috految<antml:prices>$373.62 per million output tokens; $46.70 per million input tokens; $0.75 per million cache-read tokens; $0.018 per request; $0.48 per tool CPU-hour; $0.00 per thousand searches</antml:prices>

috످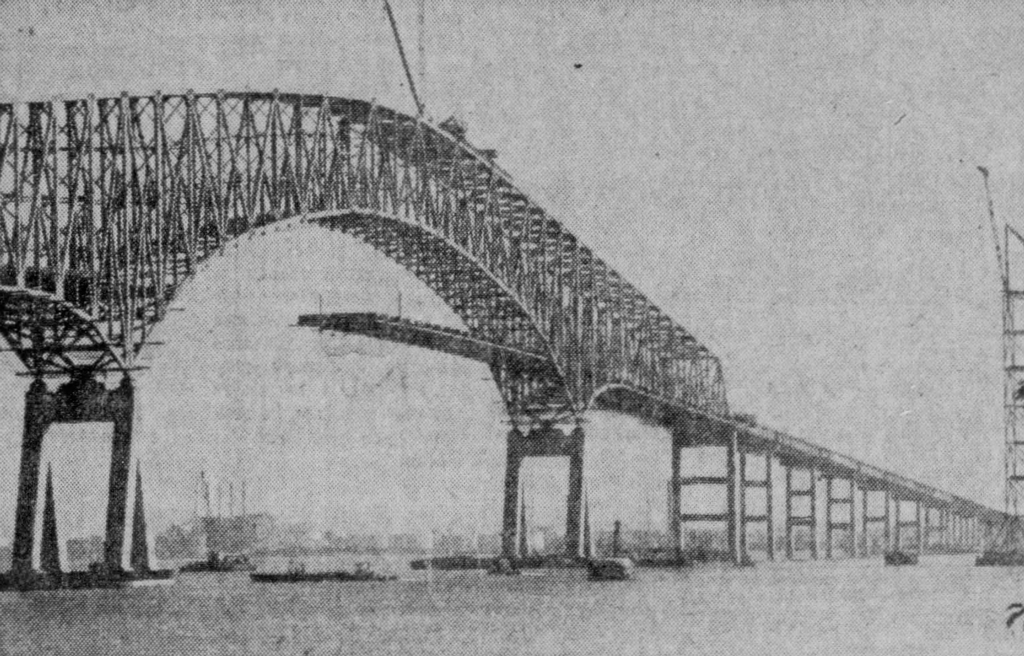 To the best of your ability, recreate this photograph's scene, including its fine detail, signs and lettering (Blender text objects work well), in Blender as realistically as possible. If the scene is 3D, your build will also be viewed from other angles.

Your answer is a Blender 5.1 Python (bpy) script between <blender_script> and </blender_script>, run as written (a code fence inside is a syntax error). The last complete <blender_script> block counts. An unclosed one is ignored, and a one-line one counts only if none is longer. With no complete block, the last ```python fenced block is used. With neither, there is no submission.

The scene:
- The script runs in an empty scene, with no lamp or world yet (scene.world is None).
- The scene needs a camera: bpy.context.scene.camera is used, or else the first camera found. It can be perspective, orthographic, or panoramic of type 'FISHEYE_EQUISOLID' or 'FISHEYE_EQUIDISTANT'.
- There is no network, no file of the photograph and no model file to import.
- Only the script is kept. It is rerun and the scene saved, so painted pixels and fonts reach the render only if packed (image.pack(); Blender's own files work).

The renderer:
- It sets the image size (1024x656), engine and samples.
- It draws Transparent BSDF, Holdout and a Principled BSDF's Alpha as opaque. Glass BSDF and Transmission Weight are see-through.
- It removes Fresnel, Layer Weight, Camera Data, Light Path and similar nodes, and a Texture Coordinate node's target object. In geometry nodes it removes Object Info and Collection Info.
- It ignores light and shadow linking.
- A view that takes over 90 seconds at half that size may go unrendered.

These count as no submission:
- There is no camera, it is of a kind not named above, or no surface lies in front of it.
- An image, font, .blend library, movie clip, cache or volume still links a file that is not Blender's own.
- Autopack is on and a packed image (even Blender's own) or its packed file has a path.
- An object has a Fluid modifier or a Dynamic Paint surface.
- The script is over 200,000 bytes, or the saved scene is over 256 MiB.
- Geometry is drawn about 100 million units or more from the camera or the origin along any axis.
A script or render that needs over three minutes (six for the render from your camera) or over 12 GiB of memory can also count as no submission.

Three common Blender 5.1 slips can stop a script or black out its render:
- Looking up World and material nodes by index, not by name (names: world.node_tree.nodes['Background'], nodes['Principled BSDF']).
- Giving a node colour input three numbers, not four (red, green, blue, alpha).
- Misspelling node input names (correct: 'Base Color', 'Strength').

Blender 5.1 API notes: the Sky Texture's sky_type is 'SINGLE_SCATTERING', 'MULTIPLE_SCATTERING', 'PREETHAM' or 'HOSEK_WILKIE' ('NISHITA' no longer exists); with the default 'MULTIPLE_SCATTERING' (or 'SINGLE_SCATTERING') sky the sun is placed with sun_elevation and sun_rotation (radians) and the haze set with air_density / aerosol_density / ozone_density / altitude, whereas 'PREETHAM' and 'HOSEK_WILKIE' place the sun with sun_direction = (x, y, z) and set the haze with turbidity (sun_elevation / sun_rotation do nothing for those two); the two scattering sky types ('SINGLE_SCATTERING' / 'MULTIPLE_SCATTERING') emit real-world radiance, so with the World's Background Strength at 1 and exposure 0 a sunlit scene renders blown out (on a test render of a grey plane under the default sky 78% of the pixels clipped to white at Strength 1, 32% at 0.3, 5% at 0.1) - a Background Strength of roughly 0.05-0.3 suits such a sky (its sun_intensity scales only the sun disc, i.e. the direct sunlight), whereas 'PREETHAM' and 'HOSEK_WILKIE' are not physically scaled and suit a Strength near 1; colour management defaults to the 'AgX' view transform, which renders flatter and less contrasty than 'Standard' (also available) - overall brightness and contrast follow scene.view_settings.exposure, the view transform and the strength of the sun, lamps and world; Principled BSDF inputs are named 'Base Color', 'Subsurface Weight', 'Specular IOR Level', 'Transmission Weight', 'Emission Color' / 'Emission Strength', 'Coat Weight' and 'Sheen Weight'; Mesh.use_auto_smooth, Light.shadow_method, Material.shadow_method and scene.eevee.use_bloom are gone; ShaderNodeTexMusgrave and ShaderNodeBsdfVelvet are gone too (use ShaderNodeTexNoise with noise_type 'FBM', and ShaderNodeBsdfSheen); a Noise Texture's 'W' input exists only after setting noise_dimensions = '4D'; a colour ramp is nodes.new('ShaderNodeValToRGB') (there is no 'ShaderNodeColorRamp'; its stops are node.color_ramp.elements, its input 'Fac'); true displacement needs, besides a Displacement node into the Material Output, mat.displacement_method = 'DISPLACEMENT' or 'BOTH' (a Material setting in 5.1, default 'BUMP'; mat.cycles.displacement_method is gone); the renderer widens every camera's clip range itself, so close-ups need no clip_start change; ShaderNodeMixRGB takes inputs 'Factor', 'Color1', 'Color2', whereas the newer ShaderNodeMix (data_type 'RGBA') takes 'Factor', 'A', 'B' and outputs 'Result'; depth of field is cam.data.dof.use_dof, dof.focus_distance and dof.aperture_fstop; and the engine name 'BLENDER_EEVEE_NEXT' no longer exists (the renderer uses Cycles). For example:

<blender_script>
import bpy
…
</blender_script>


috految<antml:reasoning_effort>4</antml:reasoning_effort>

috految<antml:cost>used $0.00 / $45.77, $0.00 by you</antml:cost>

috److The photograph appears to show the Key Bridge under construction. I model it in full 3D by unprojecting photo pixels onto the bridge's plane.

**Camera.** It sits at height 8 looking along +Y, with a focal length of 1600 px and the horizon at row 540.

**Bridge plane.** Two bearings fix the near truss:

| Point | Pixel | Depth | World x | World z |
|---|---|---|---|---|
| Near bearing | (128, 372) | 280 | -67.2 | 37.4 |
| Far bearing | (580, 420) | 420 | 17.9 | 39.5 |

- The plane is x = -237.3 + 0.6075y, so depth = 237.3 / (0.6075 - (u - 512)/1600).
- At u = 730 the depth is 503, and at u = 1010 it is 801.

**Transverse offset.** With W = (-17.6, 7):
- The near pier's far leg lands at u = 39.
- The far pier's far leg lands at u = 513.
- The end pier's far leg lands at u = 672.

All three match the photograph.

**Deck and arch.**
- The suspended deck's near edge runs from (372, 315) to (548, 360), with its far tip at about u = 297. Its height is about 56, falling to 54.
- The left deck passes through (0, 267) and (95, 278), at a height of about 52.
- The left side span ends at about u = -400 (depth 201), with the deck at v = 215.

**Lighting.** The scene is monochrome, with a sky of about 0.46 linear and the sun from the right.

<blender_script>
import bpy,math,numpy as np
from mathutils import Vector as V
from random import uniform as U,choice
S=bpy.context.scene
bpy.ops.object.camera_add(location=(0,0,8),rotation=(math.pi/2,0,0));S.camera=bpy.context.object;c=S.camera.data;c.lens=56.25;c.shift_y=.207
S.world=bpy.data.worlds.new('w');S.world.node_tree.nodes['Background'].inputs[0].default_value=(.46,.46,.46,1)
S.view_settings.view_transform='Standard'
bpy.ops.object.light_add(type='SUN',rotation=(.85,0,1.25));l=bpy.context.object.data;l.energy=2.2;l.angle=.15
G={}
def M(g,s=.5,r=.8,h=.06):
 m=bpy.data.materials.new('m');N=m.node_tree.nodes;L=m.node_tree.links.new;p=N['Principled BSDF'].inputs
 t,n,a,b=[N.new('ShaderNode'+k) for k in('TexCoord','TexNoise','MapRange','Bump')]
 L(t.outputs['Object'],n.inputs[0]);n.inputs['Scale'].default_value=s;n.inputs['Detail'].default_value=5;n.inputs['Roughness'].default_value=.62
 L(n.outputs[0],a.inputs[0]);a.inputs[3].default_value=g*.3;a.inputs[4].default_value=g*1.7;L(a.outputs[0],p['Base Color']);p['Roughness'].default_value=r
 L(n.outputs[0],b.inputs['Height']);b.inputs['Distance'].default_value=h;L(b.outputs[0],p['Normal']);G[m]=([],[]);return m
steel=M(.24);pale=M(.38);con=M(.24,.35);dark=M(.1);city=M(.52,.1);leaf=M(.45);water=M(.2,.22,.27,.85)
X=V((1,0,0));Y=V((0,1,0));Z=V((0,0,1));W=V((-17.6,7,0));D=V((.519,.855,0));T=W.normalized()
def P(u,v,d):return V(((u-512)*d/1600,d,8+(540-v)*d/1600))
def Q(u,v):return P(u,v,237.3/(.6075-(u-512)/1600))
def H(p,z=0):return V((p.x,p.y,z))
def F(p,m):
 v,f=G[m];f.append(list(range(len(v),len(v)+len(p))));v+=p
def loft(a,b,m):
 F(a,m);F(b,m)
 for i in range(len(a)):F([a[i-1],a[i],b[i],b[i-1]],m)
def B(a,b,w,m=steel,h=0,k=1):
 d=(b-a).normalized();x=T if abs(d.z)>.95 else d.cross(Z).normalized();y=d.cross(x);e=U(.49,.51)
 o=[(x*i*w+y*j*(h or w))*e for i,j in((-1,-1),(1,-1),(1,1),(-1,1))];loft([a+p for p in o],[b+p*k for p in o],m)
def C(p,r,h,m):
 a=[p+V((math.cos(i*math.pi/8),math.sin(i*math.pi/8),0))*r for i in range(16)];loft(a,[q+Z*h for q in a],m)
def rail(a,b):
 for z in(.6,1.2):B(a+Z*z,b+Z*z,.12)
 n=int((a-b).length/2)+1
 for i in range(n+1):p=a.lerp(b,i/n);B(p,p+Z*1.4,.14)
def lattice(a,b,w,n,t):
 q=(b-a).to_track_quat('Z','Y');o=[q@v*w for v in(X+Y,X-Y,-X-Y,Y-X)]
 for j in range(4):
  B(a+o[j],b+o[j],t)
  for i in range(n):
   p=a.lerp(b,i/n);r=a.lerp(b,(i+1)/n);B(p+o[j],r+o[j-1],t*.4);B(r+o[j],r+o[j-1],t)
F([v*12000 for v in(X,Y,-X,-Y)],water)
R=[(-400,130,222),(-335,120,233),(-270,115,244),(-210,112,254),(-155,110,264),(-105,108,274),(-58,107,281),(-18,105,286),(20,103,290),(57,101,298),(93,98,322),(128,96,373),(160,95,313),(193,94,270),(222,94,248),(249,94,231),(277,94,222),(302,96,217),(326,97,213),(350,100,210),(374,105,211),(397,113,218),(420,120,226),(441,132,236),(460,143,248),(478,156,262),(495,169,277),(512,185,294),(529,199,314),(545,212,339),(562,227,375),(580,242,420),(595,256,395),(610,268,386),(625,281,387),(640,293,392),(655,306,398),(670,319,403),(685,331,408),(702,345,413),(720,360,418)]
last=None
for i,(u,t,b) in enumerate(R):
 a=Q(u-1,t);b=Q(u,b)
 for o in(W*0,W):
  B(a+o,b+o,.95 if u in(128,580) else .57);B(a+o,a+o+Z*1.1,.45)
  for p in(a-Z*.6,b+Z*.3):B(p+o-D*.9,p+o+D*.9,.8,pale,1.7)
 for p in(a,b):B(p,p+W,.65)
 lo=H(b,max(b.z,59));n=max(1,round((a.z-lo.z)/10))
 for j in range(n):
  p=a.lerp(lo,j/n);r=a.lerp(lo,(j+1)/n);B(r,r+W,.37)
  for o in(W*0,W):B(p+o,r+W/2,.28);B(p+W/2,r+o,.26)
 if b.z<51:
  r=H(b,51);B(b,r+W,.55);B(r,b+W,.55);B(r,r+W,.9)
 if last:
  c,d=last
  for o in(W*0,W):
   B(a+o,c+o,.95,steel);B(b+o,d+o,1.1,pale)
   p,r=(a,d) if i%2 else(c,b);B(p+o,r+o,.62,pale if o.length<1 else steel)
   B(a.lerp(b,.5)+o,c.lerp(d,.5)+o,.22)
   if u in(57,93,128,160,193,562,580):B((c if i%2 else a)+o,(b if i%2 else d)+o,.4)
  for p,r in((a,c),(b,d)):
   B(p,r+W,.5);B(r,p+W,.5);B(p+W/2,r+W/2,.4);p=(p+r)/2;B(p,p+W,.4)
  rail(b,d)
 if 372<u<550:
  for o in(W*0,W):B(b+o,H(b,55)+o,.09,pale)
 last=a,b
for o in(W*0,W):B(a+o,Q(730,421)+o,1.1)
def deck(a,b):
 p=[a,b,b+W,a+W];loft(p,[q-Z*.4 for q in p],con)
 for j in range(6):B(a+W*j/5-Z*1.2,b+W*j/5-Z*1.2,.45,steel,1.8)
 for o in(W*0,W):rail(a+o,b+o);B(a+o,b+o,.5,pale)
 n=int((a-b).length/3)+1
 for j in range(n):
  p=a.lerp(b,j/n);B(p-Z*1.4-T*.4,p+W-Z*1.4,.3,steel,2)
  if j%3==0:B(p+W/2,p+W/2+D*3,.3,city)
for path in([(372,314),(450,334),(548,358),(610,384),(730,420),(812,449),(890,479),(975,508),(1030,522),(1160,548)],[(-400,215),(0,267),(98,279)]):
 for a,b in zip(path,path[1:]):deck(Q(*a),Q(*b))
for u,v in((321,316),(399,321)):B(P(u,v,347),P(u,v-28,347),.22)
B(P(288,325,344),P(375,328,342),.3)
for u,v in((128,372),(580,420)):
 p=Q(u,v)
 for o in(W*0,W):
  a=p+o;B(a,a-Z*3,1,dark,k=2.5);a=a-Z*3
  B(a,H(a-D*4.4-X*.3,1),2.9,con,3);B(a-Z*2,H(a+D*3.7,1),1.5,pale,k=2.1)
  B(a,a-Z*4,3.5,con);B(H(a)-D*7,H(a)+D*7,7,dark,4.5)
 B(p-Z*6,p+W-Z*6,3.7,con,5.3);B(p+W/2,p+W/2-Z*4,2,dark,k=3)
 B(H(p)-T*4,H(p)+W+T*6,9,dark,4);rail(H(p,2)-D*5,H(p,2)+W-D*5)
 for z in(.4,5):B(p-T*4+Z*z,p+W+T*4+Z*z,1.5,steel,.25)
 rail(p,p+W)
def pier(p,w=2,k=.72):
 for o in(W*0,W*k):B(p+o,H(p+o),w,pale);C(H(p+o),w*1.4,1.2,con)
 B(p-Z,p+W*k-Z,w,con,w*2)
 for f in([.34,.63] if p.z>28 else[.5]):B(H(p,p.z*f),H(p,p.z*f)+W*k,1.7,con)
pier(Q(733,431),2.8,1);B(Q(730,432),Q(730,432)+W,3,con,8)
for u,v in((771,443),(815,457),(854,472),(889,485),(922,496),(944,502),(956,506),(968,511),(979,515),(992,518),(1010,523),(1050,530),(1090,538)):pier(Q(u,v),1.7,.56)
p=Q(-400,215)
for i in range(14):
 r=p-D*32-Z*3.4;pier(p-Z*2,2.5,1);deck(p,r);p=r
B(H(p)-D*70,H(p)-D*300,900,con,4)
# derricks and tower
a=Q(423,120);b=P(383,-9,a.y);lattice(a,b,.35,28,.23);c=P(422,-20,a.y);lattice(a,c,.15,20,.09);B(b,c,.12)
B(c,Q(485,160),.05);B(b,b-Z*35,.06)
for u,v,h in((453,138,4),(487,162,2),(740,423,2),(751,425,2),(425,121,1)):
 p=Q(u,v);lattice(p,p+Z*h,1.8,3,.35);B(p,p+Z*h,2.4,dark);B(p+Z*h-X*3,p+Z*h+X*3,.3)
lattice(P(1028,565,500),P(1024,293,500),4.7,8,.55)
lattice(P(1006,290,500),P(985,173,500),.45,24,.23)
for u,v,s,t,w in((1006,292,1006,224,.9),(1006,224,1045,258,.9),(1045,258,1040,295,.8),(978,168,988,174,1.8),(985,172,1006,224,.12),(982,172,982,225,.1),(1008,500,984,560,.9)):B(P(u,v,500),P(s,t,500),w)
lattice(P(1008,560,500),P(1008,520,500),5,4,.5)
for u,d,l,h in((322,315,29,1.2),(216,415,20,2),(452,440,23,2.7),(610,322,9,2.8),(505,365,8,1.5),(660,475,23,2),(700,520,22,3),(901,515,11,3),(1015,496,24,3),(25,264,20,1.7),(550,415,24,2)):
 p=H(P(u,540,d));o=[V((x*l/2,y,0)) for x,y in((-1,0),(-.8,-3),(.85,-3),(1,0),(.85,3),(-.8,3))]
 loft([p+v*.88 for v in o],[p+v+Z*h for v in o],dark);p+=Z*h;rail(p+o[1],p+o[2])
 for j in range(12):C(p+X*U(-.4,.4)*l+Y*U(-2,2),U(.3,.8),U(.3,1.3),choice([dark,pale]))
 p+=X*l*.2;B(p-X*1.5,p+X*1.5,3,pale,3.7);C(p,.1,5,dark)
 for j in(-1,0,1):B(p+V((j,-1.6,1.1)),p+V((j,1.6,1.1)),.55,dark)
C(H(P(617,540,440)),.8,13,steel);lattice(P(214,563,415),P(203,472,415),.16,18,.13)
def house(p,w,h):
 B(p-X*w/2+Z*h/2,p+X*w/2+Z*h/2,16,city,h)
 for x in range(2,int(w),4):
  for z in range(4,int(h),5):q=p+X*(x-w/2)+Z*z;B(q-Y*8.3,q+Y*8.3,1.3,pale)
B(V((-1800,1400,0)),V((1800,1400,0)),1050,pale,2)
for u,w,h in((235,39,22),(255,15,24),(185,26,15),(288,24,14)):house(H(P(u,540,890)),w,h)
for u in(196,208,220,232,244):C(H(P(u,540,900)),.7,U(37,44),city)
for i in range(380):
 p=V((U(-1300,1300),U(925,1250),0))
 if i%4:house(p,U(8,26),U(4,13))
 else:C(p,8,U(5,12),city);C(p+X*10,.4,U(10,24),city)
def rv():return V((U(-1,1),U(-1,1),U(-1,1)))
for i in range(700):
 p=V((U(-1100,1100),U(880,1000),U(2,7)))
 for j in range(85):q=p+rv().normalized()*U(1,5);F([q+rv()*1.6 for k in range(3)],leaf)
p=P(1050,640,65);B(H(p),p+Z,.12,dark)
for u,v in((1008,607),(1007,625),(1040,600)):
 q=P(u,v,65);r=P(1023,609,65);B(p,r,.07,dark);B(r,q,.24,dark,k=.5)
for m,(v,f) in G.items():
 e=bpy.data.meshes.new('part');e.from_pydata(v,[],f);e.materials.append(m);S.collection.objects.link(bpy.data.objects.new('part',e))
</blender_script>

috످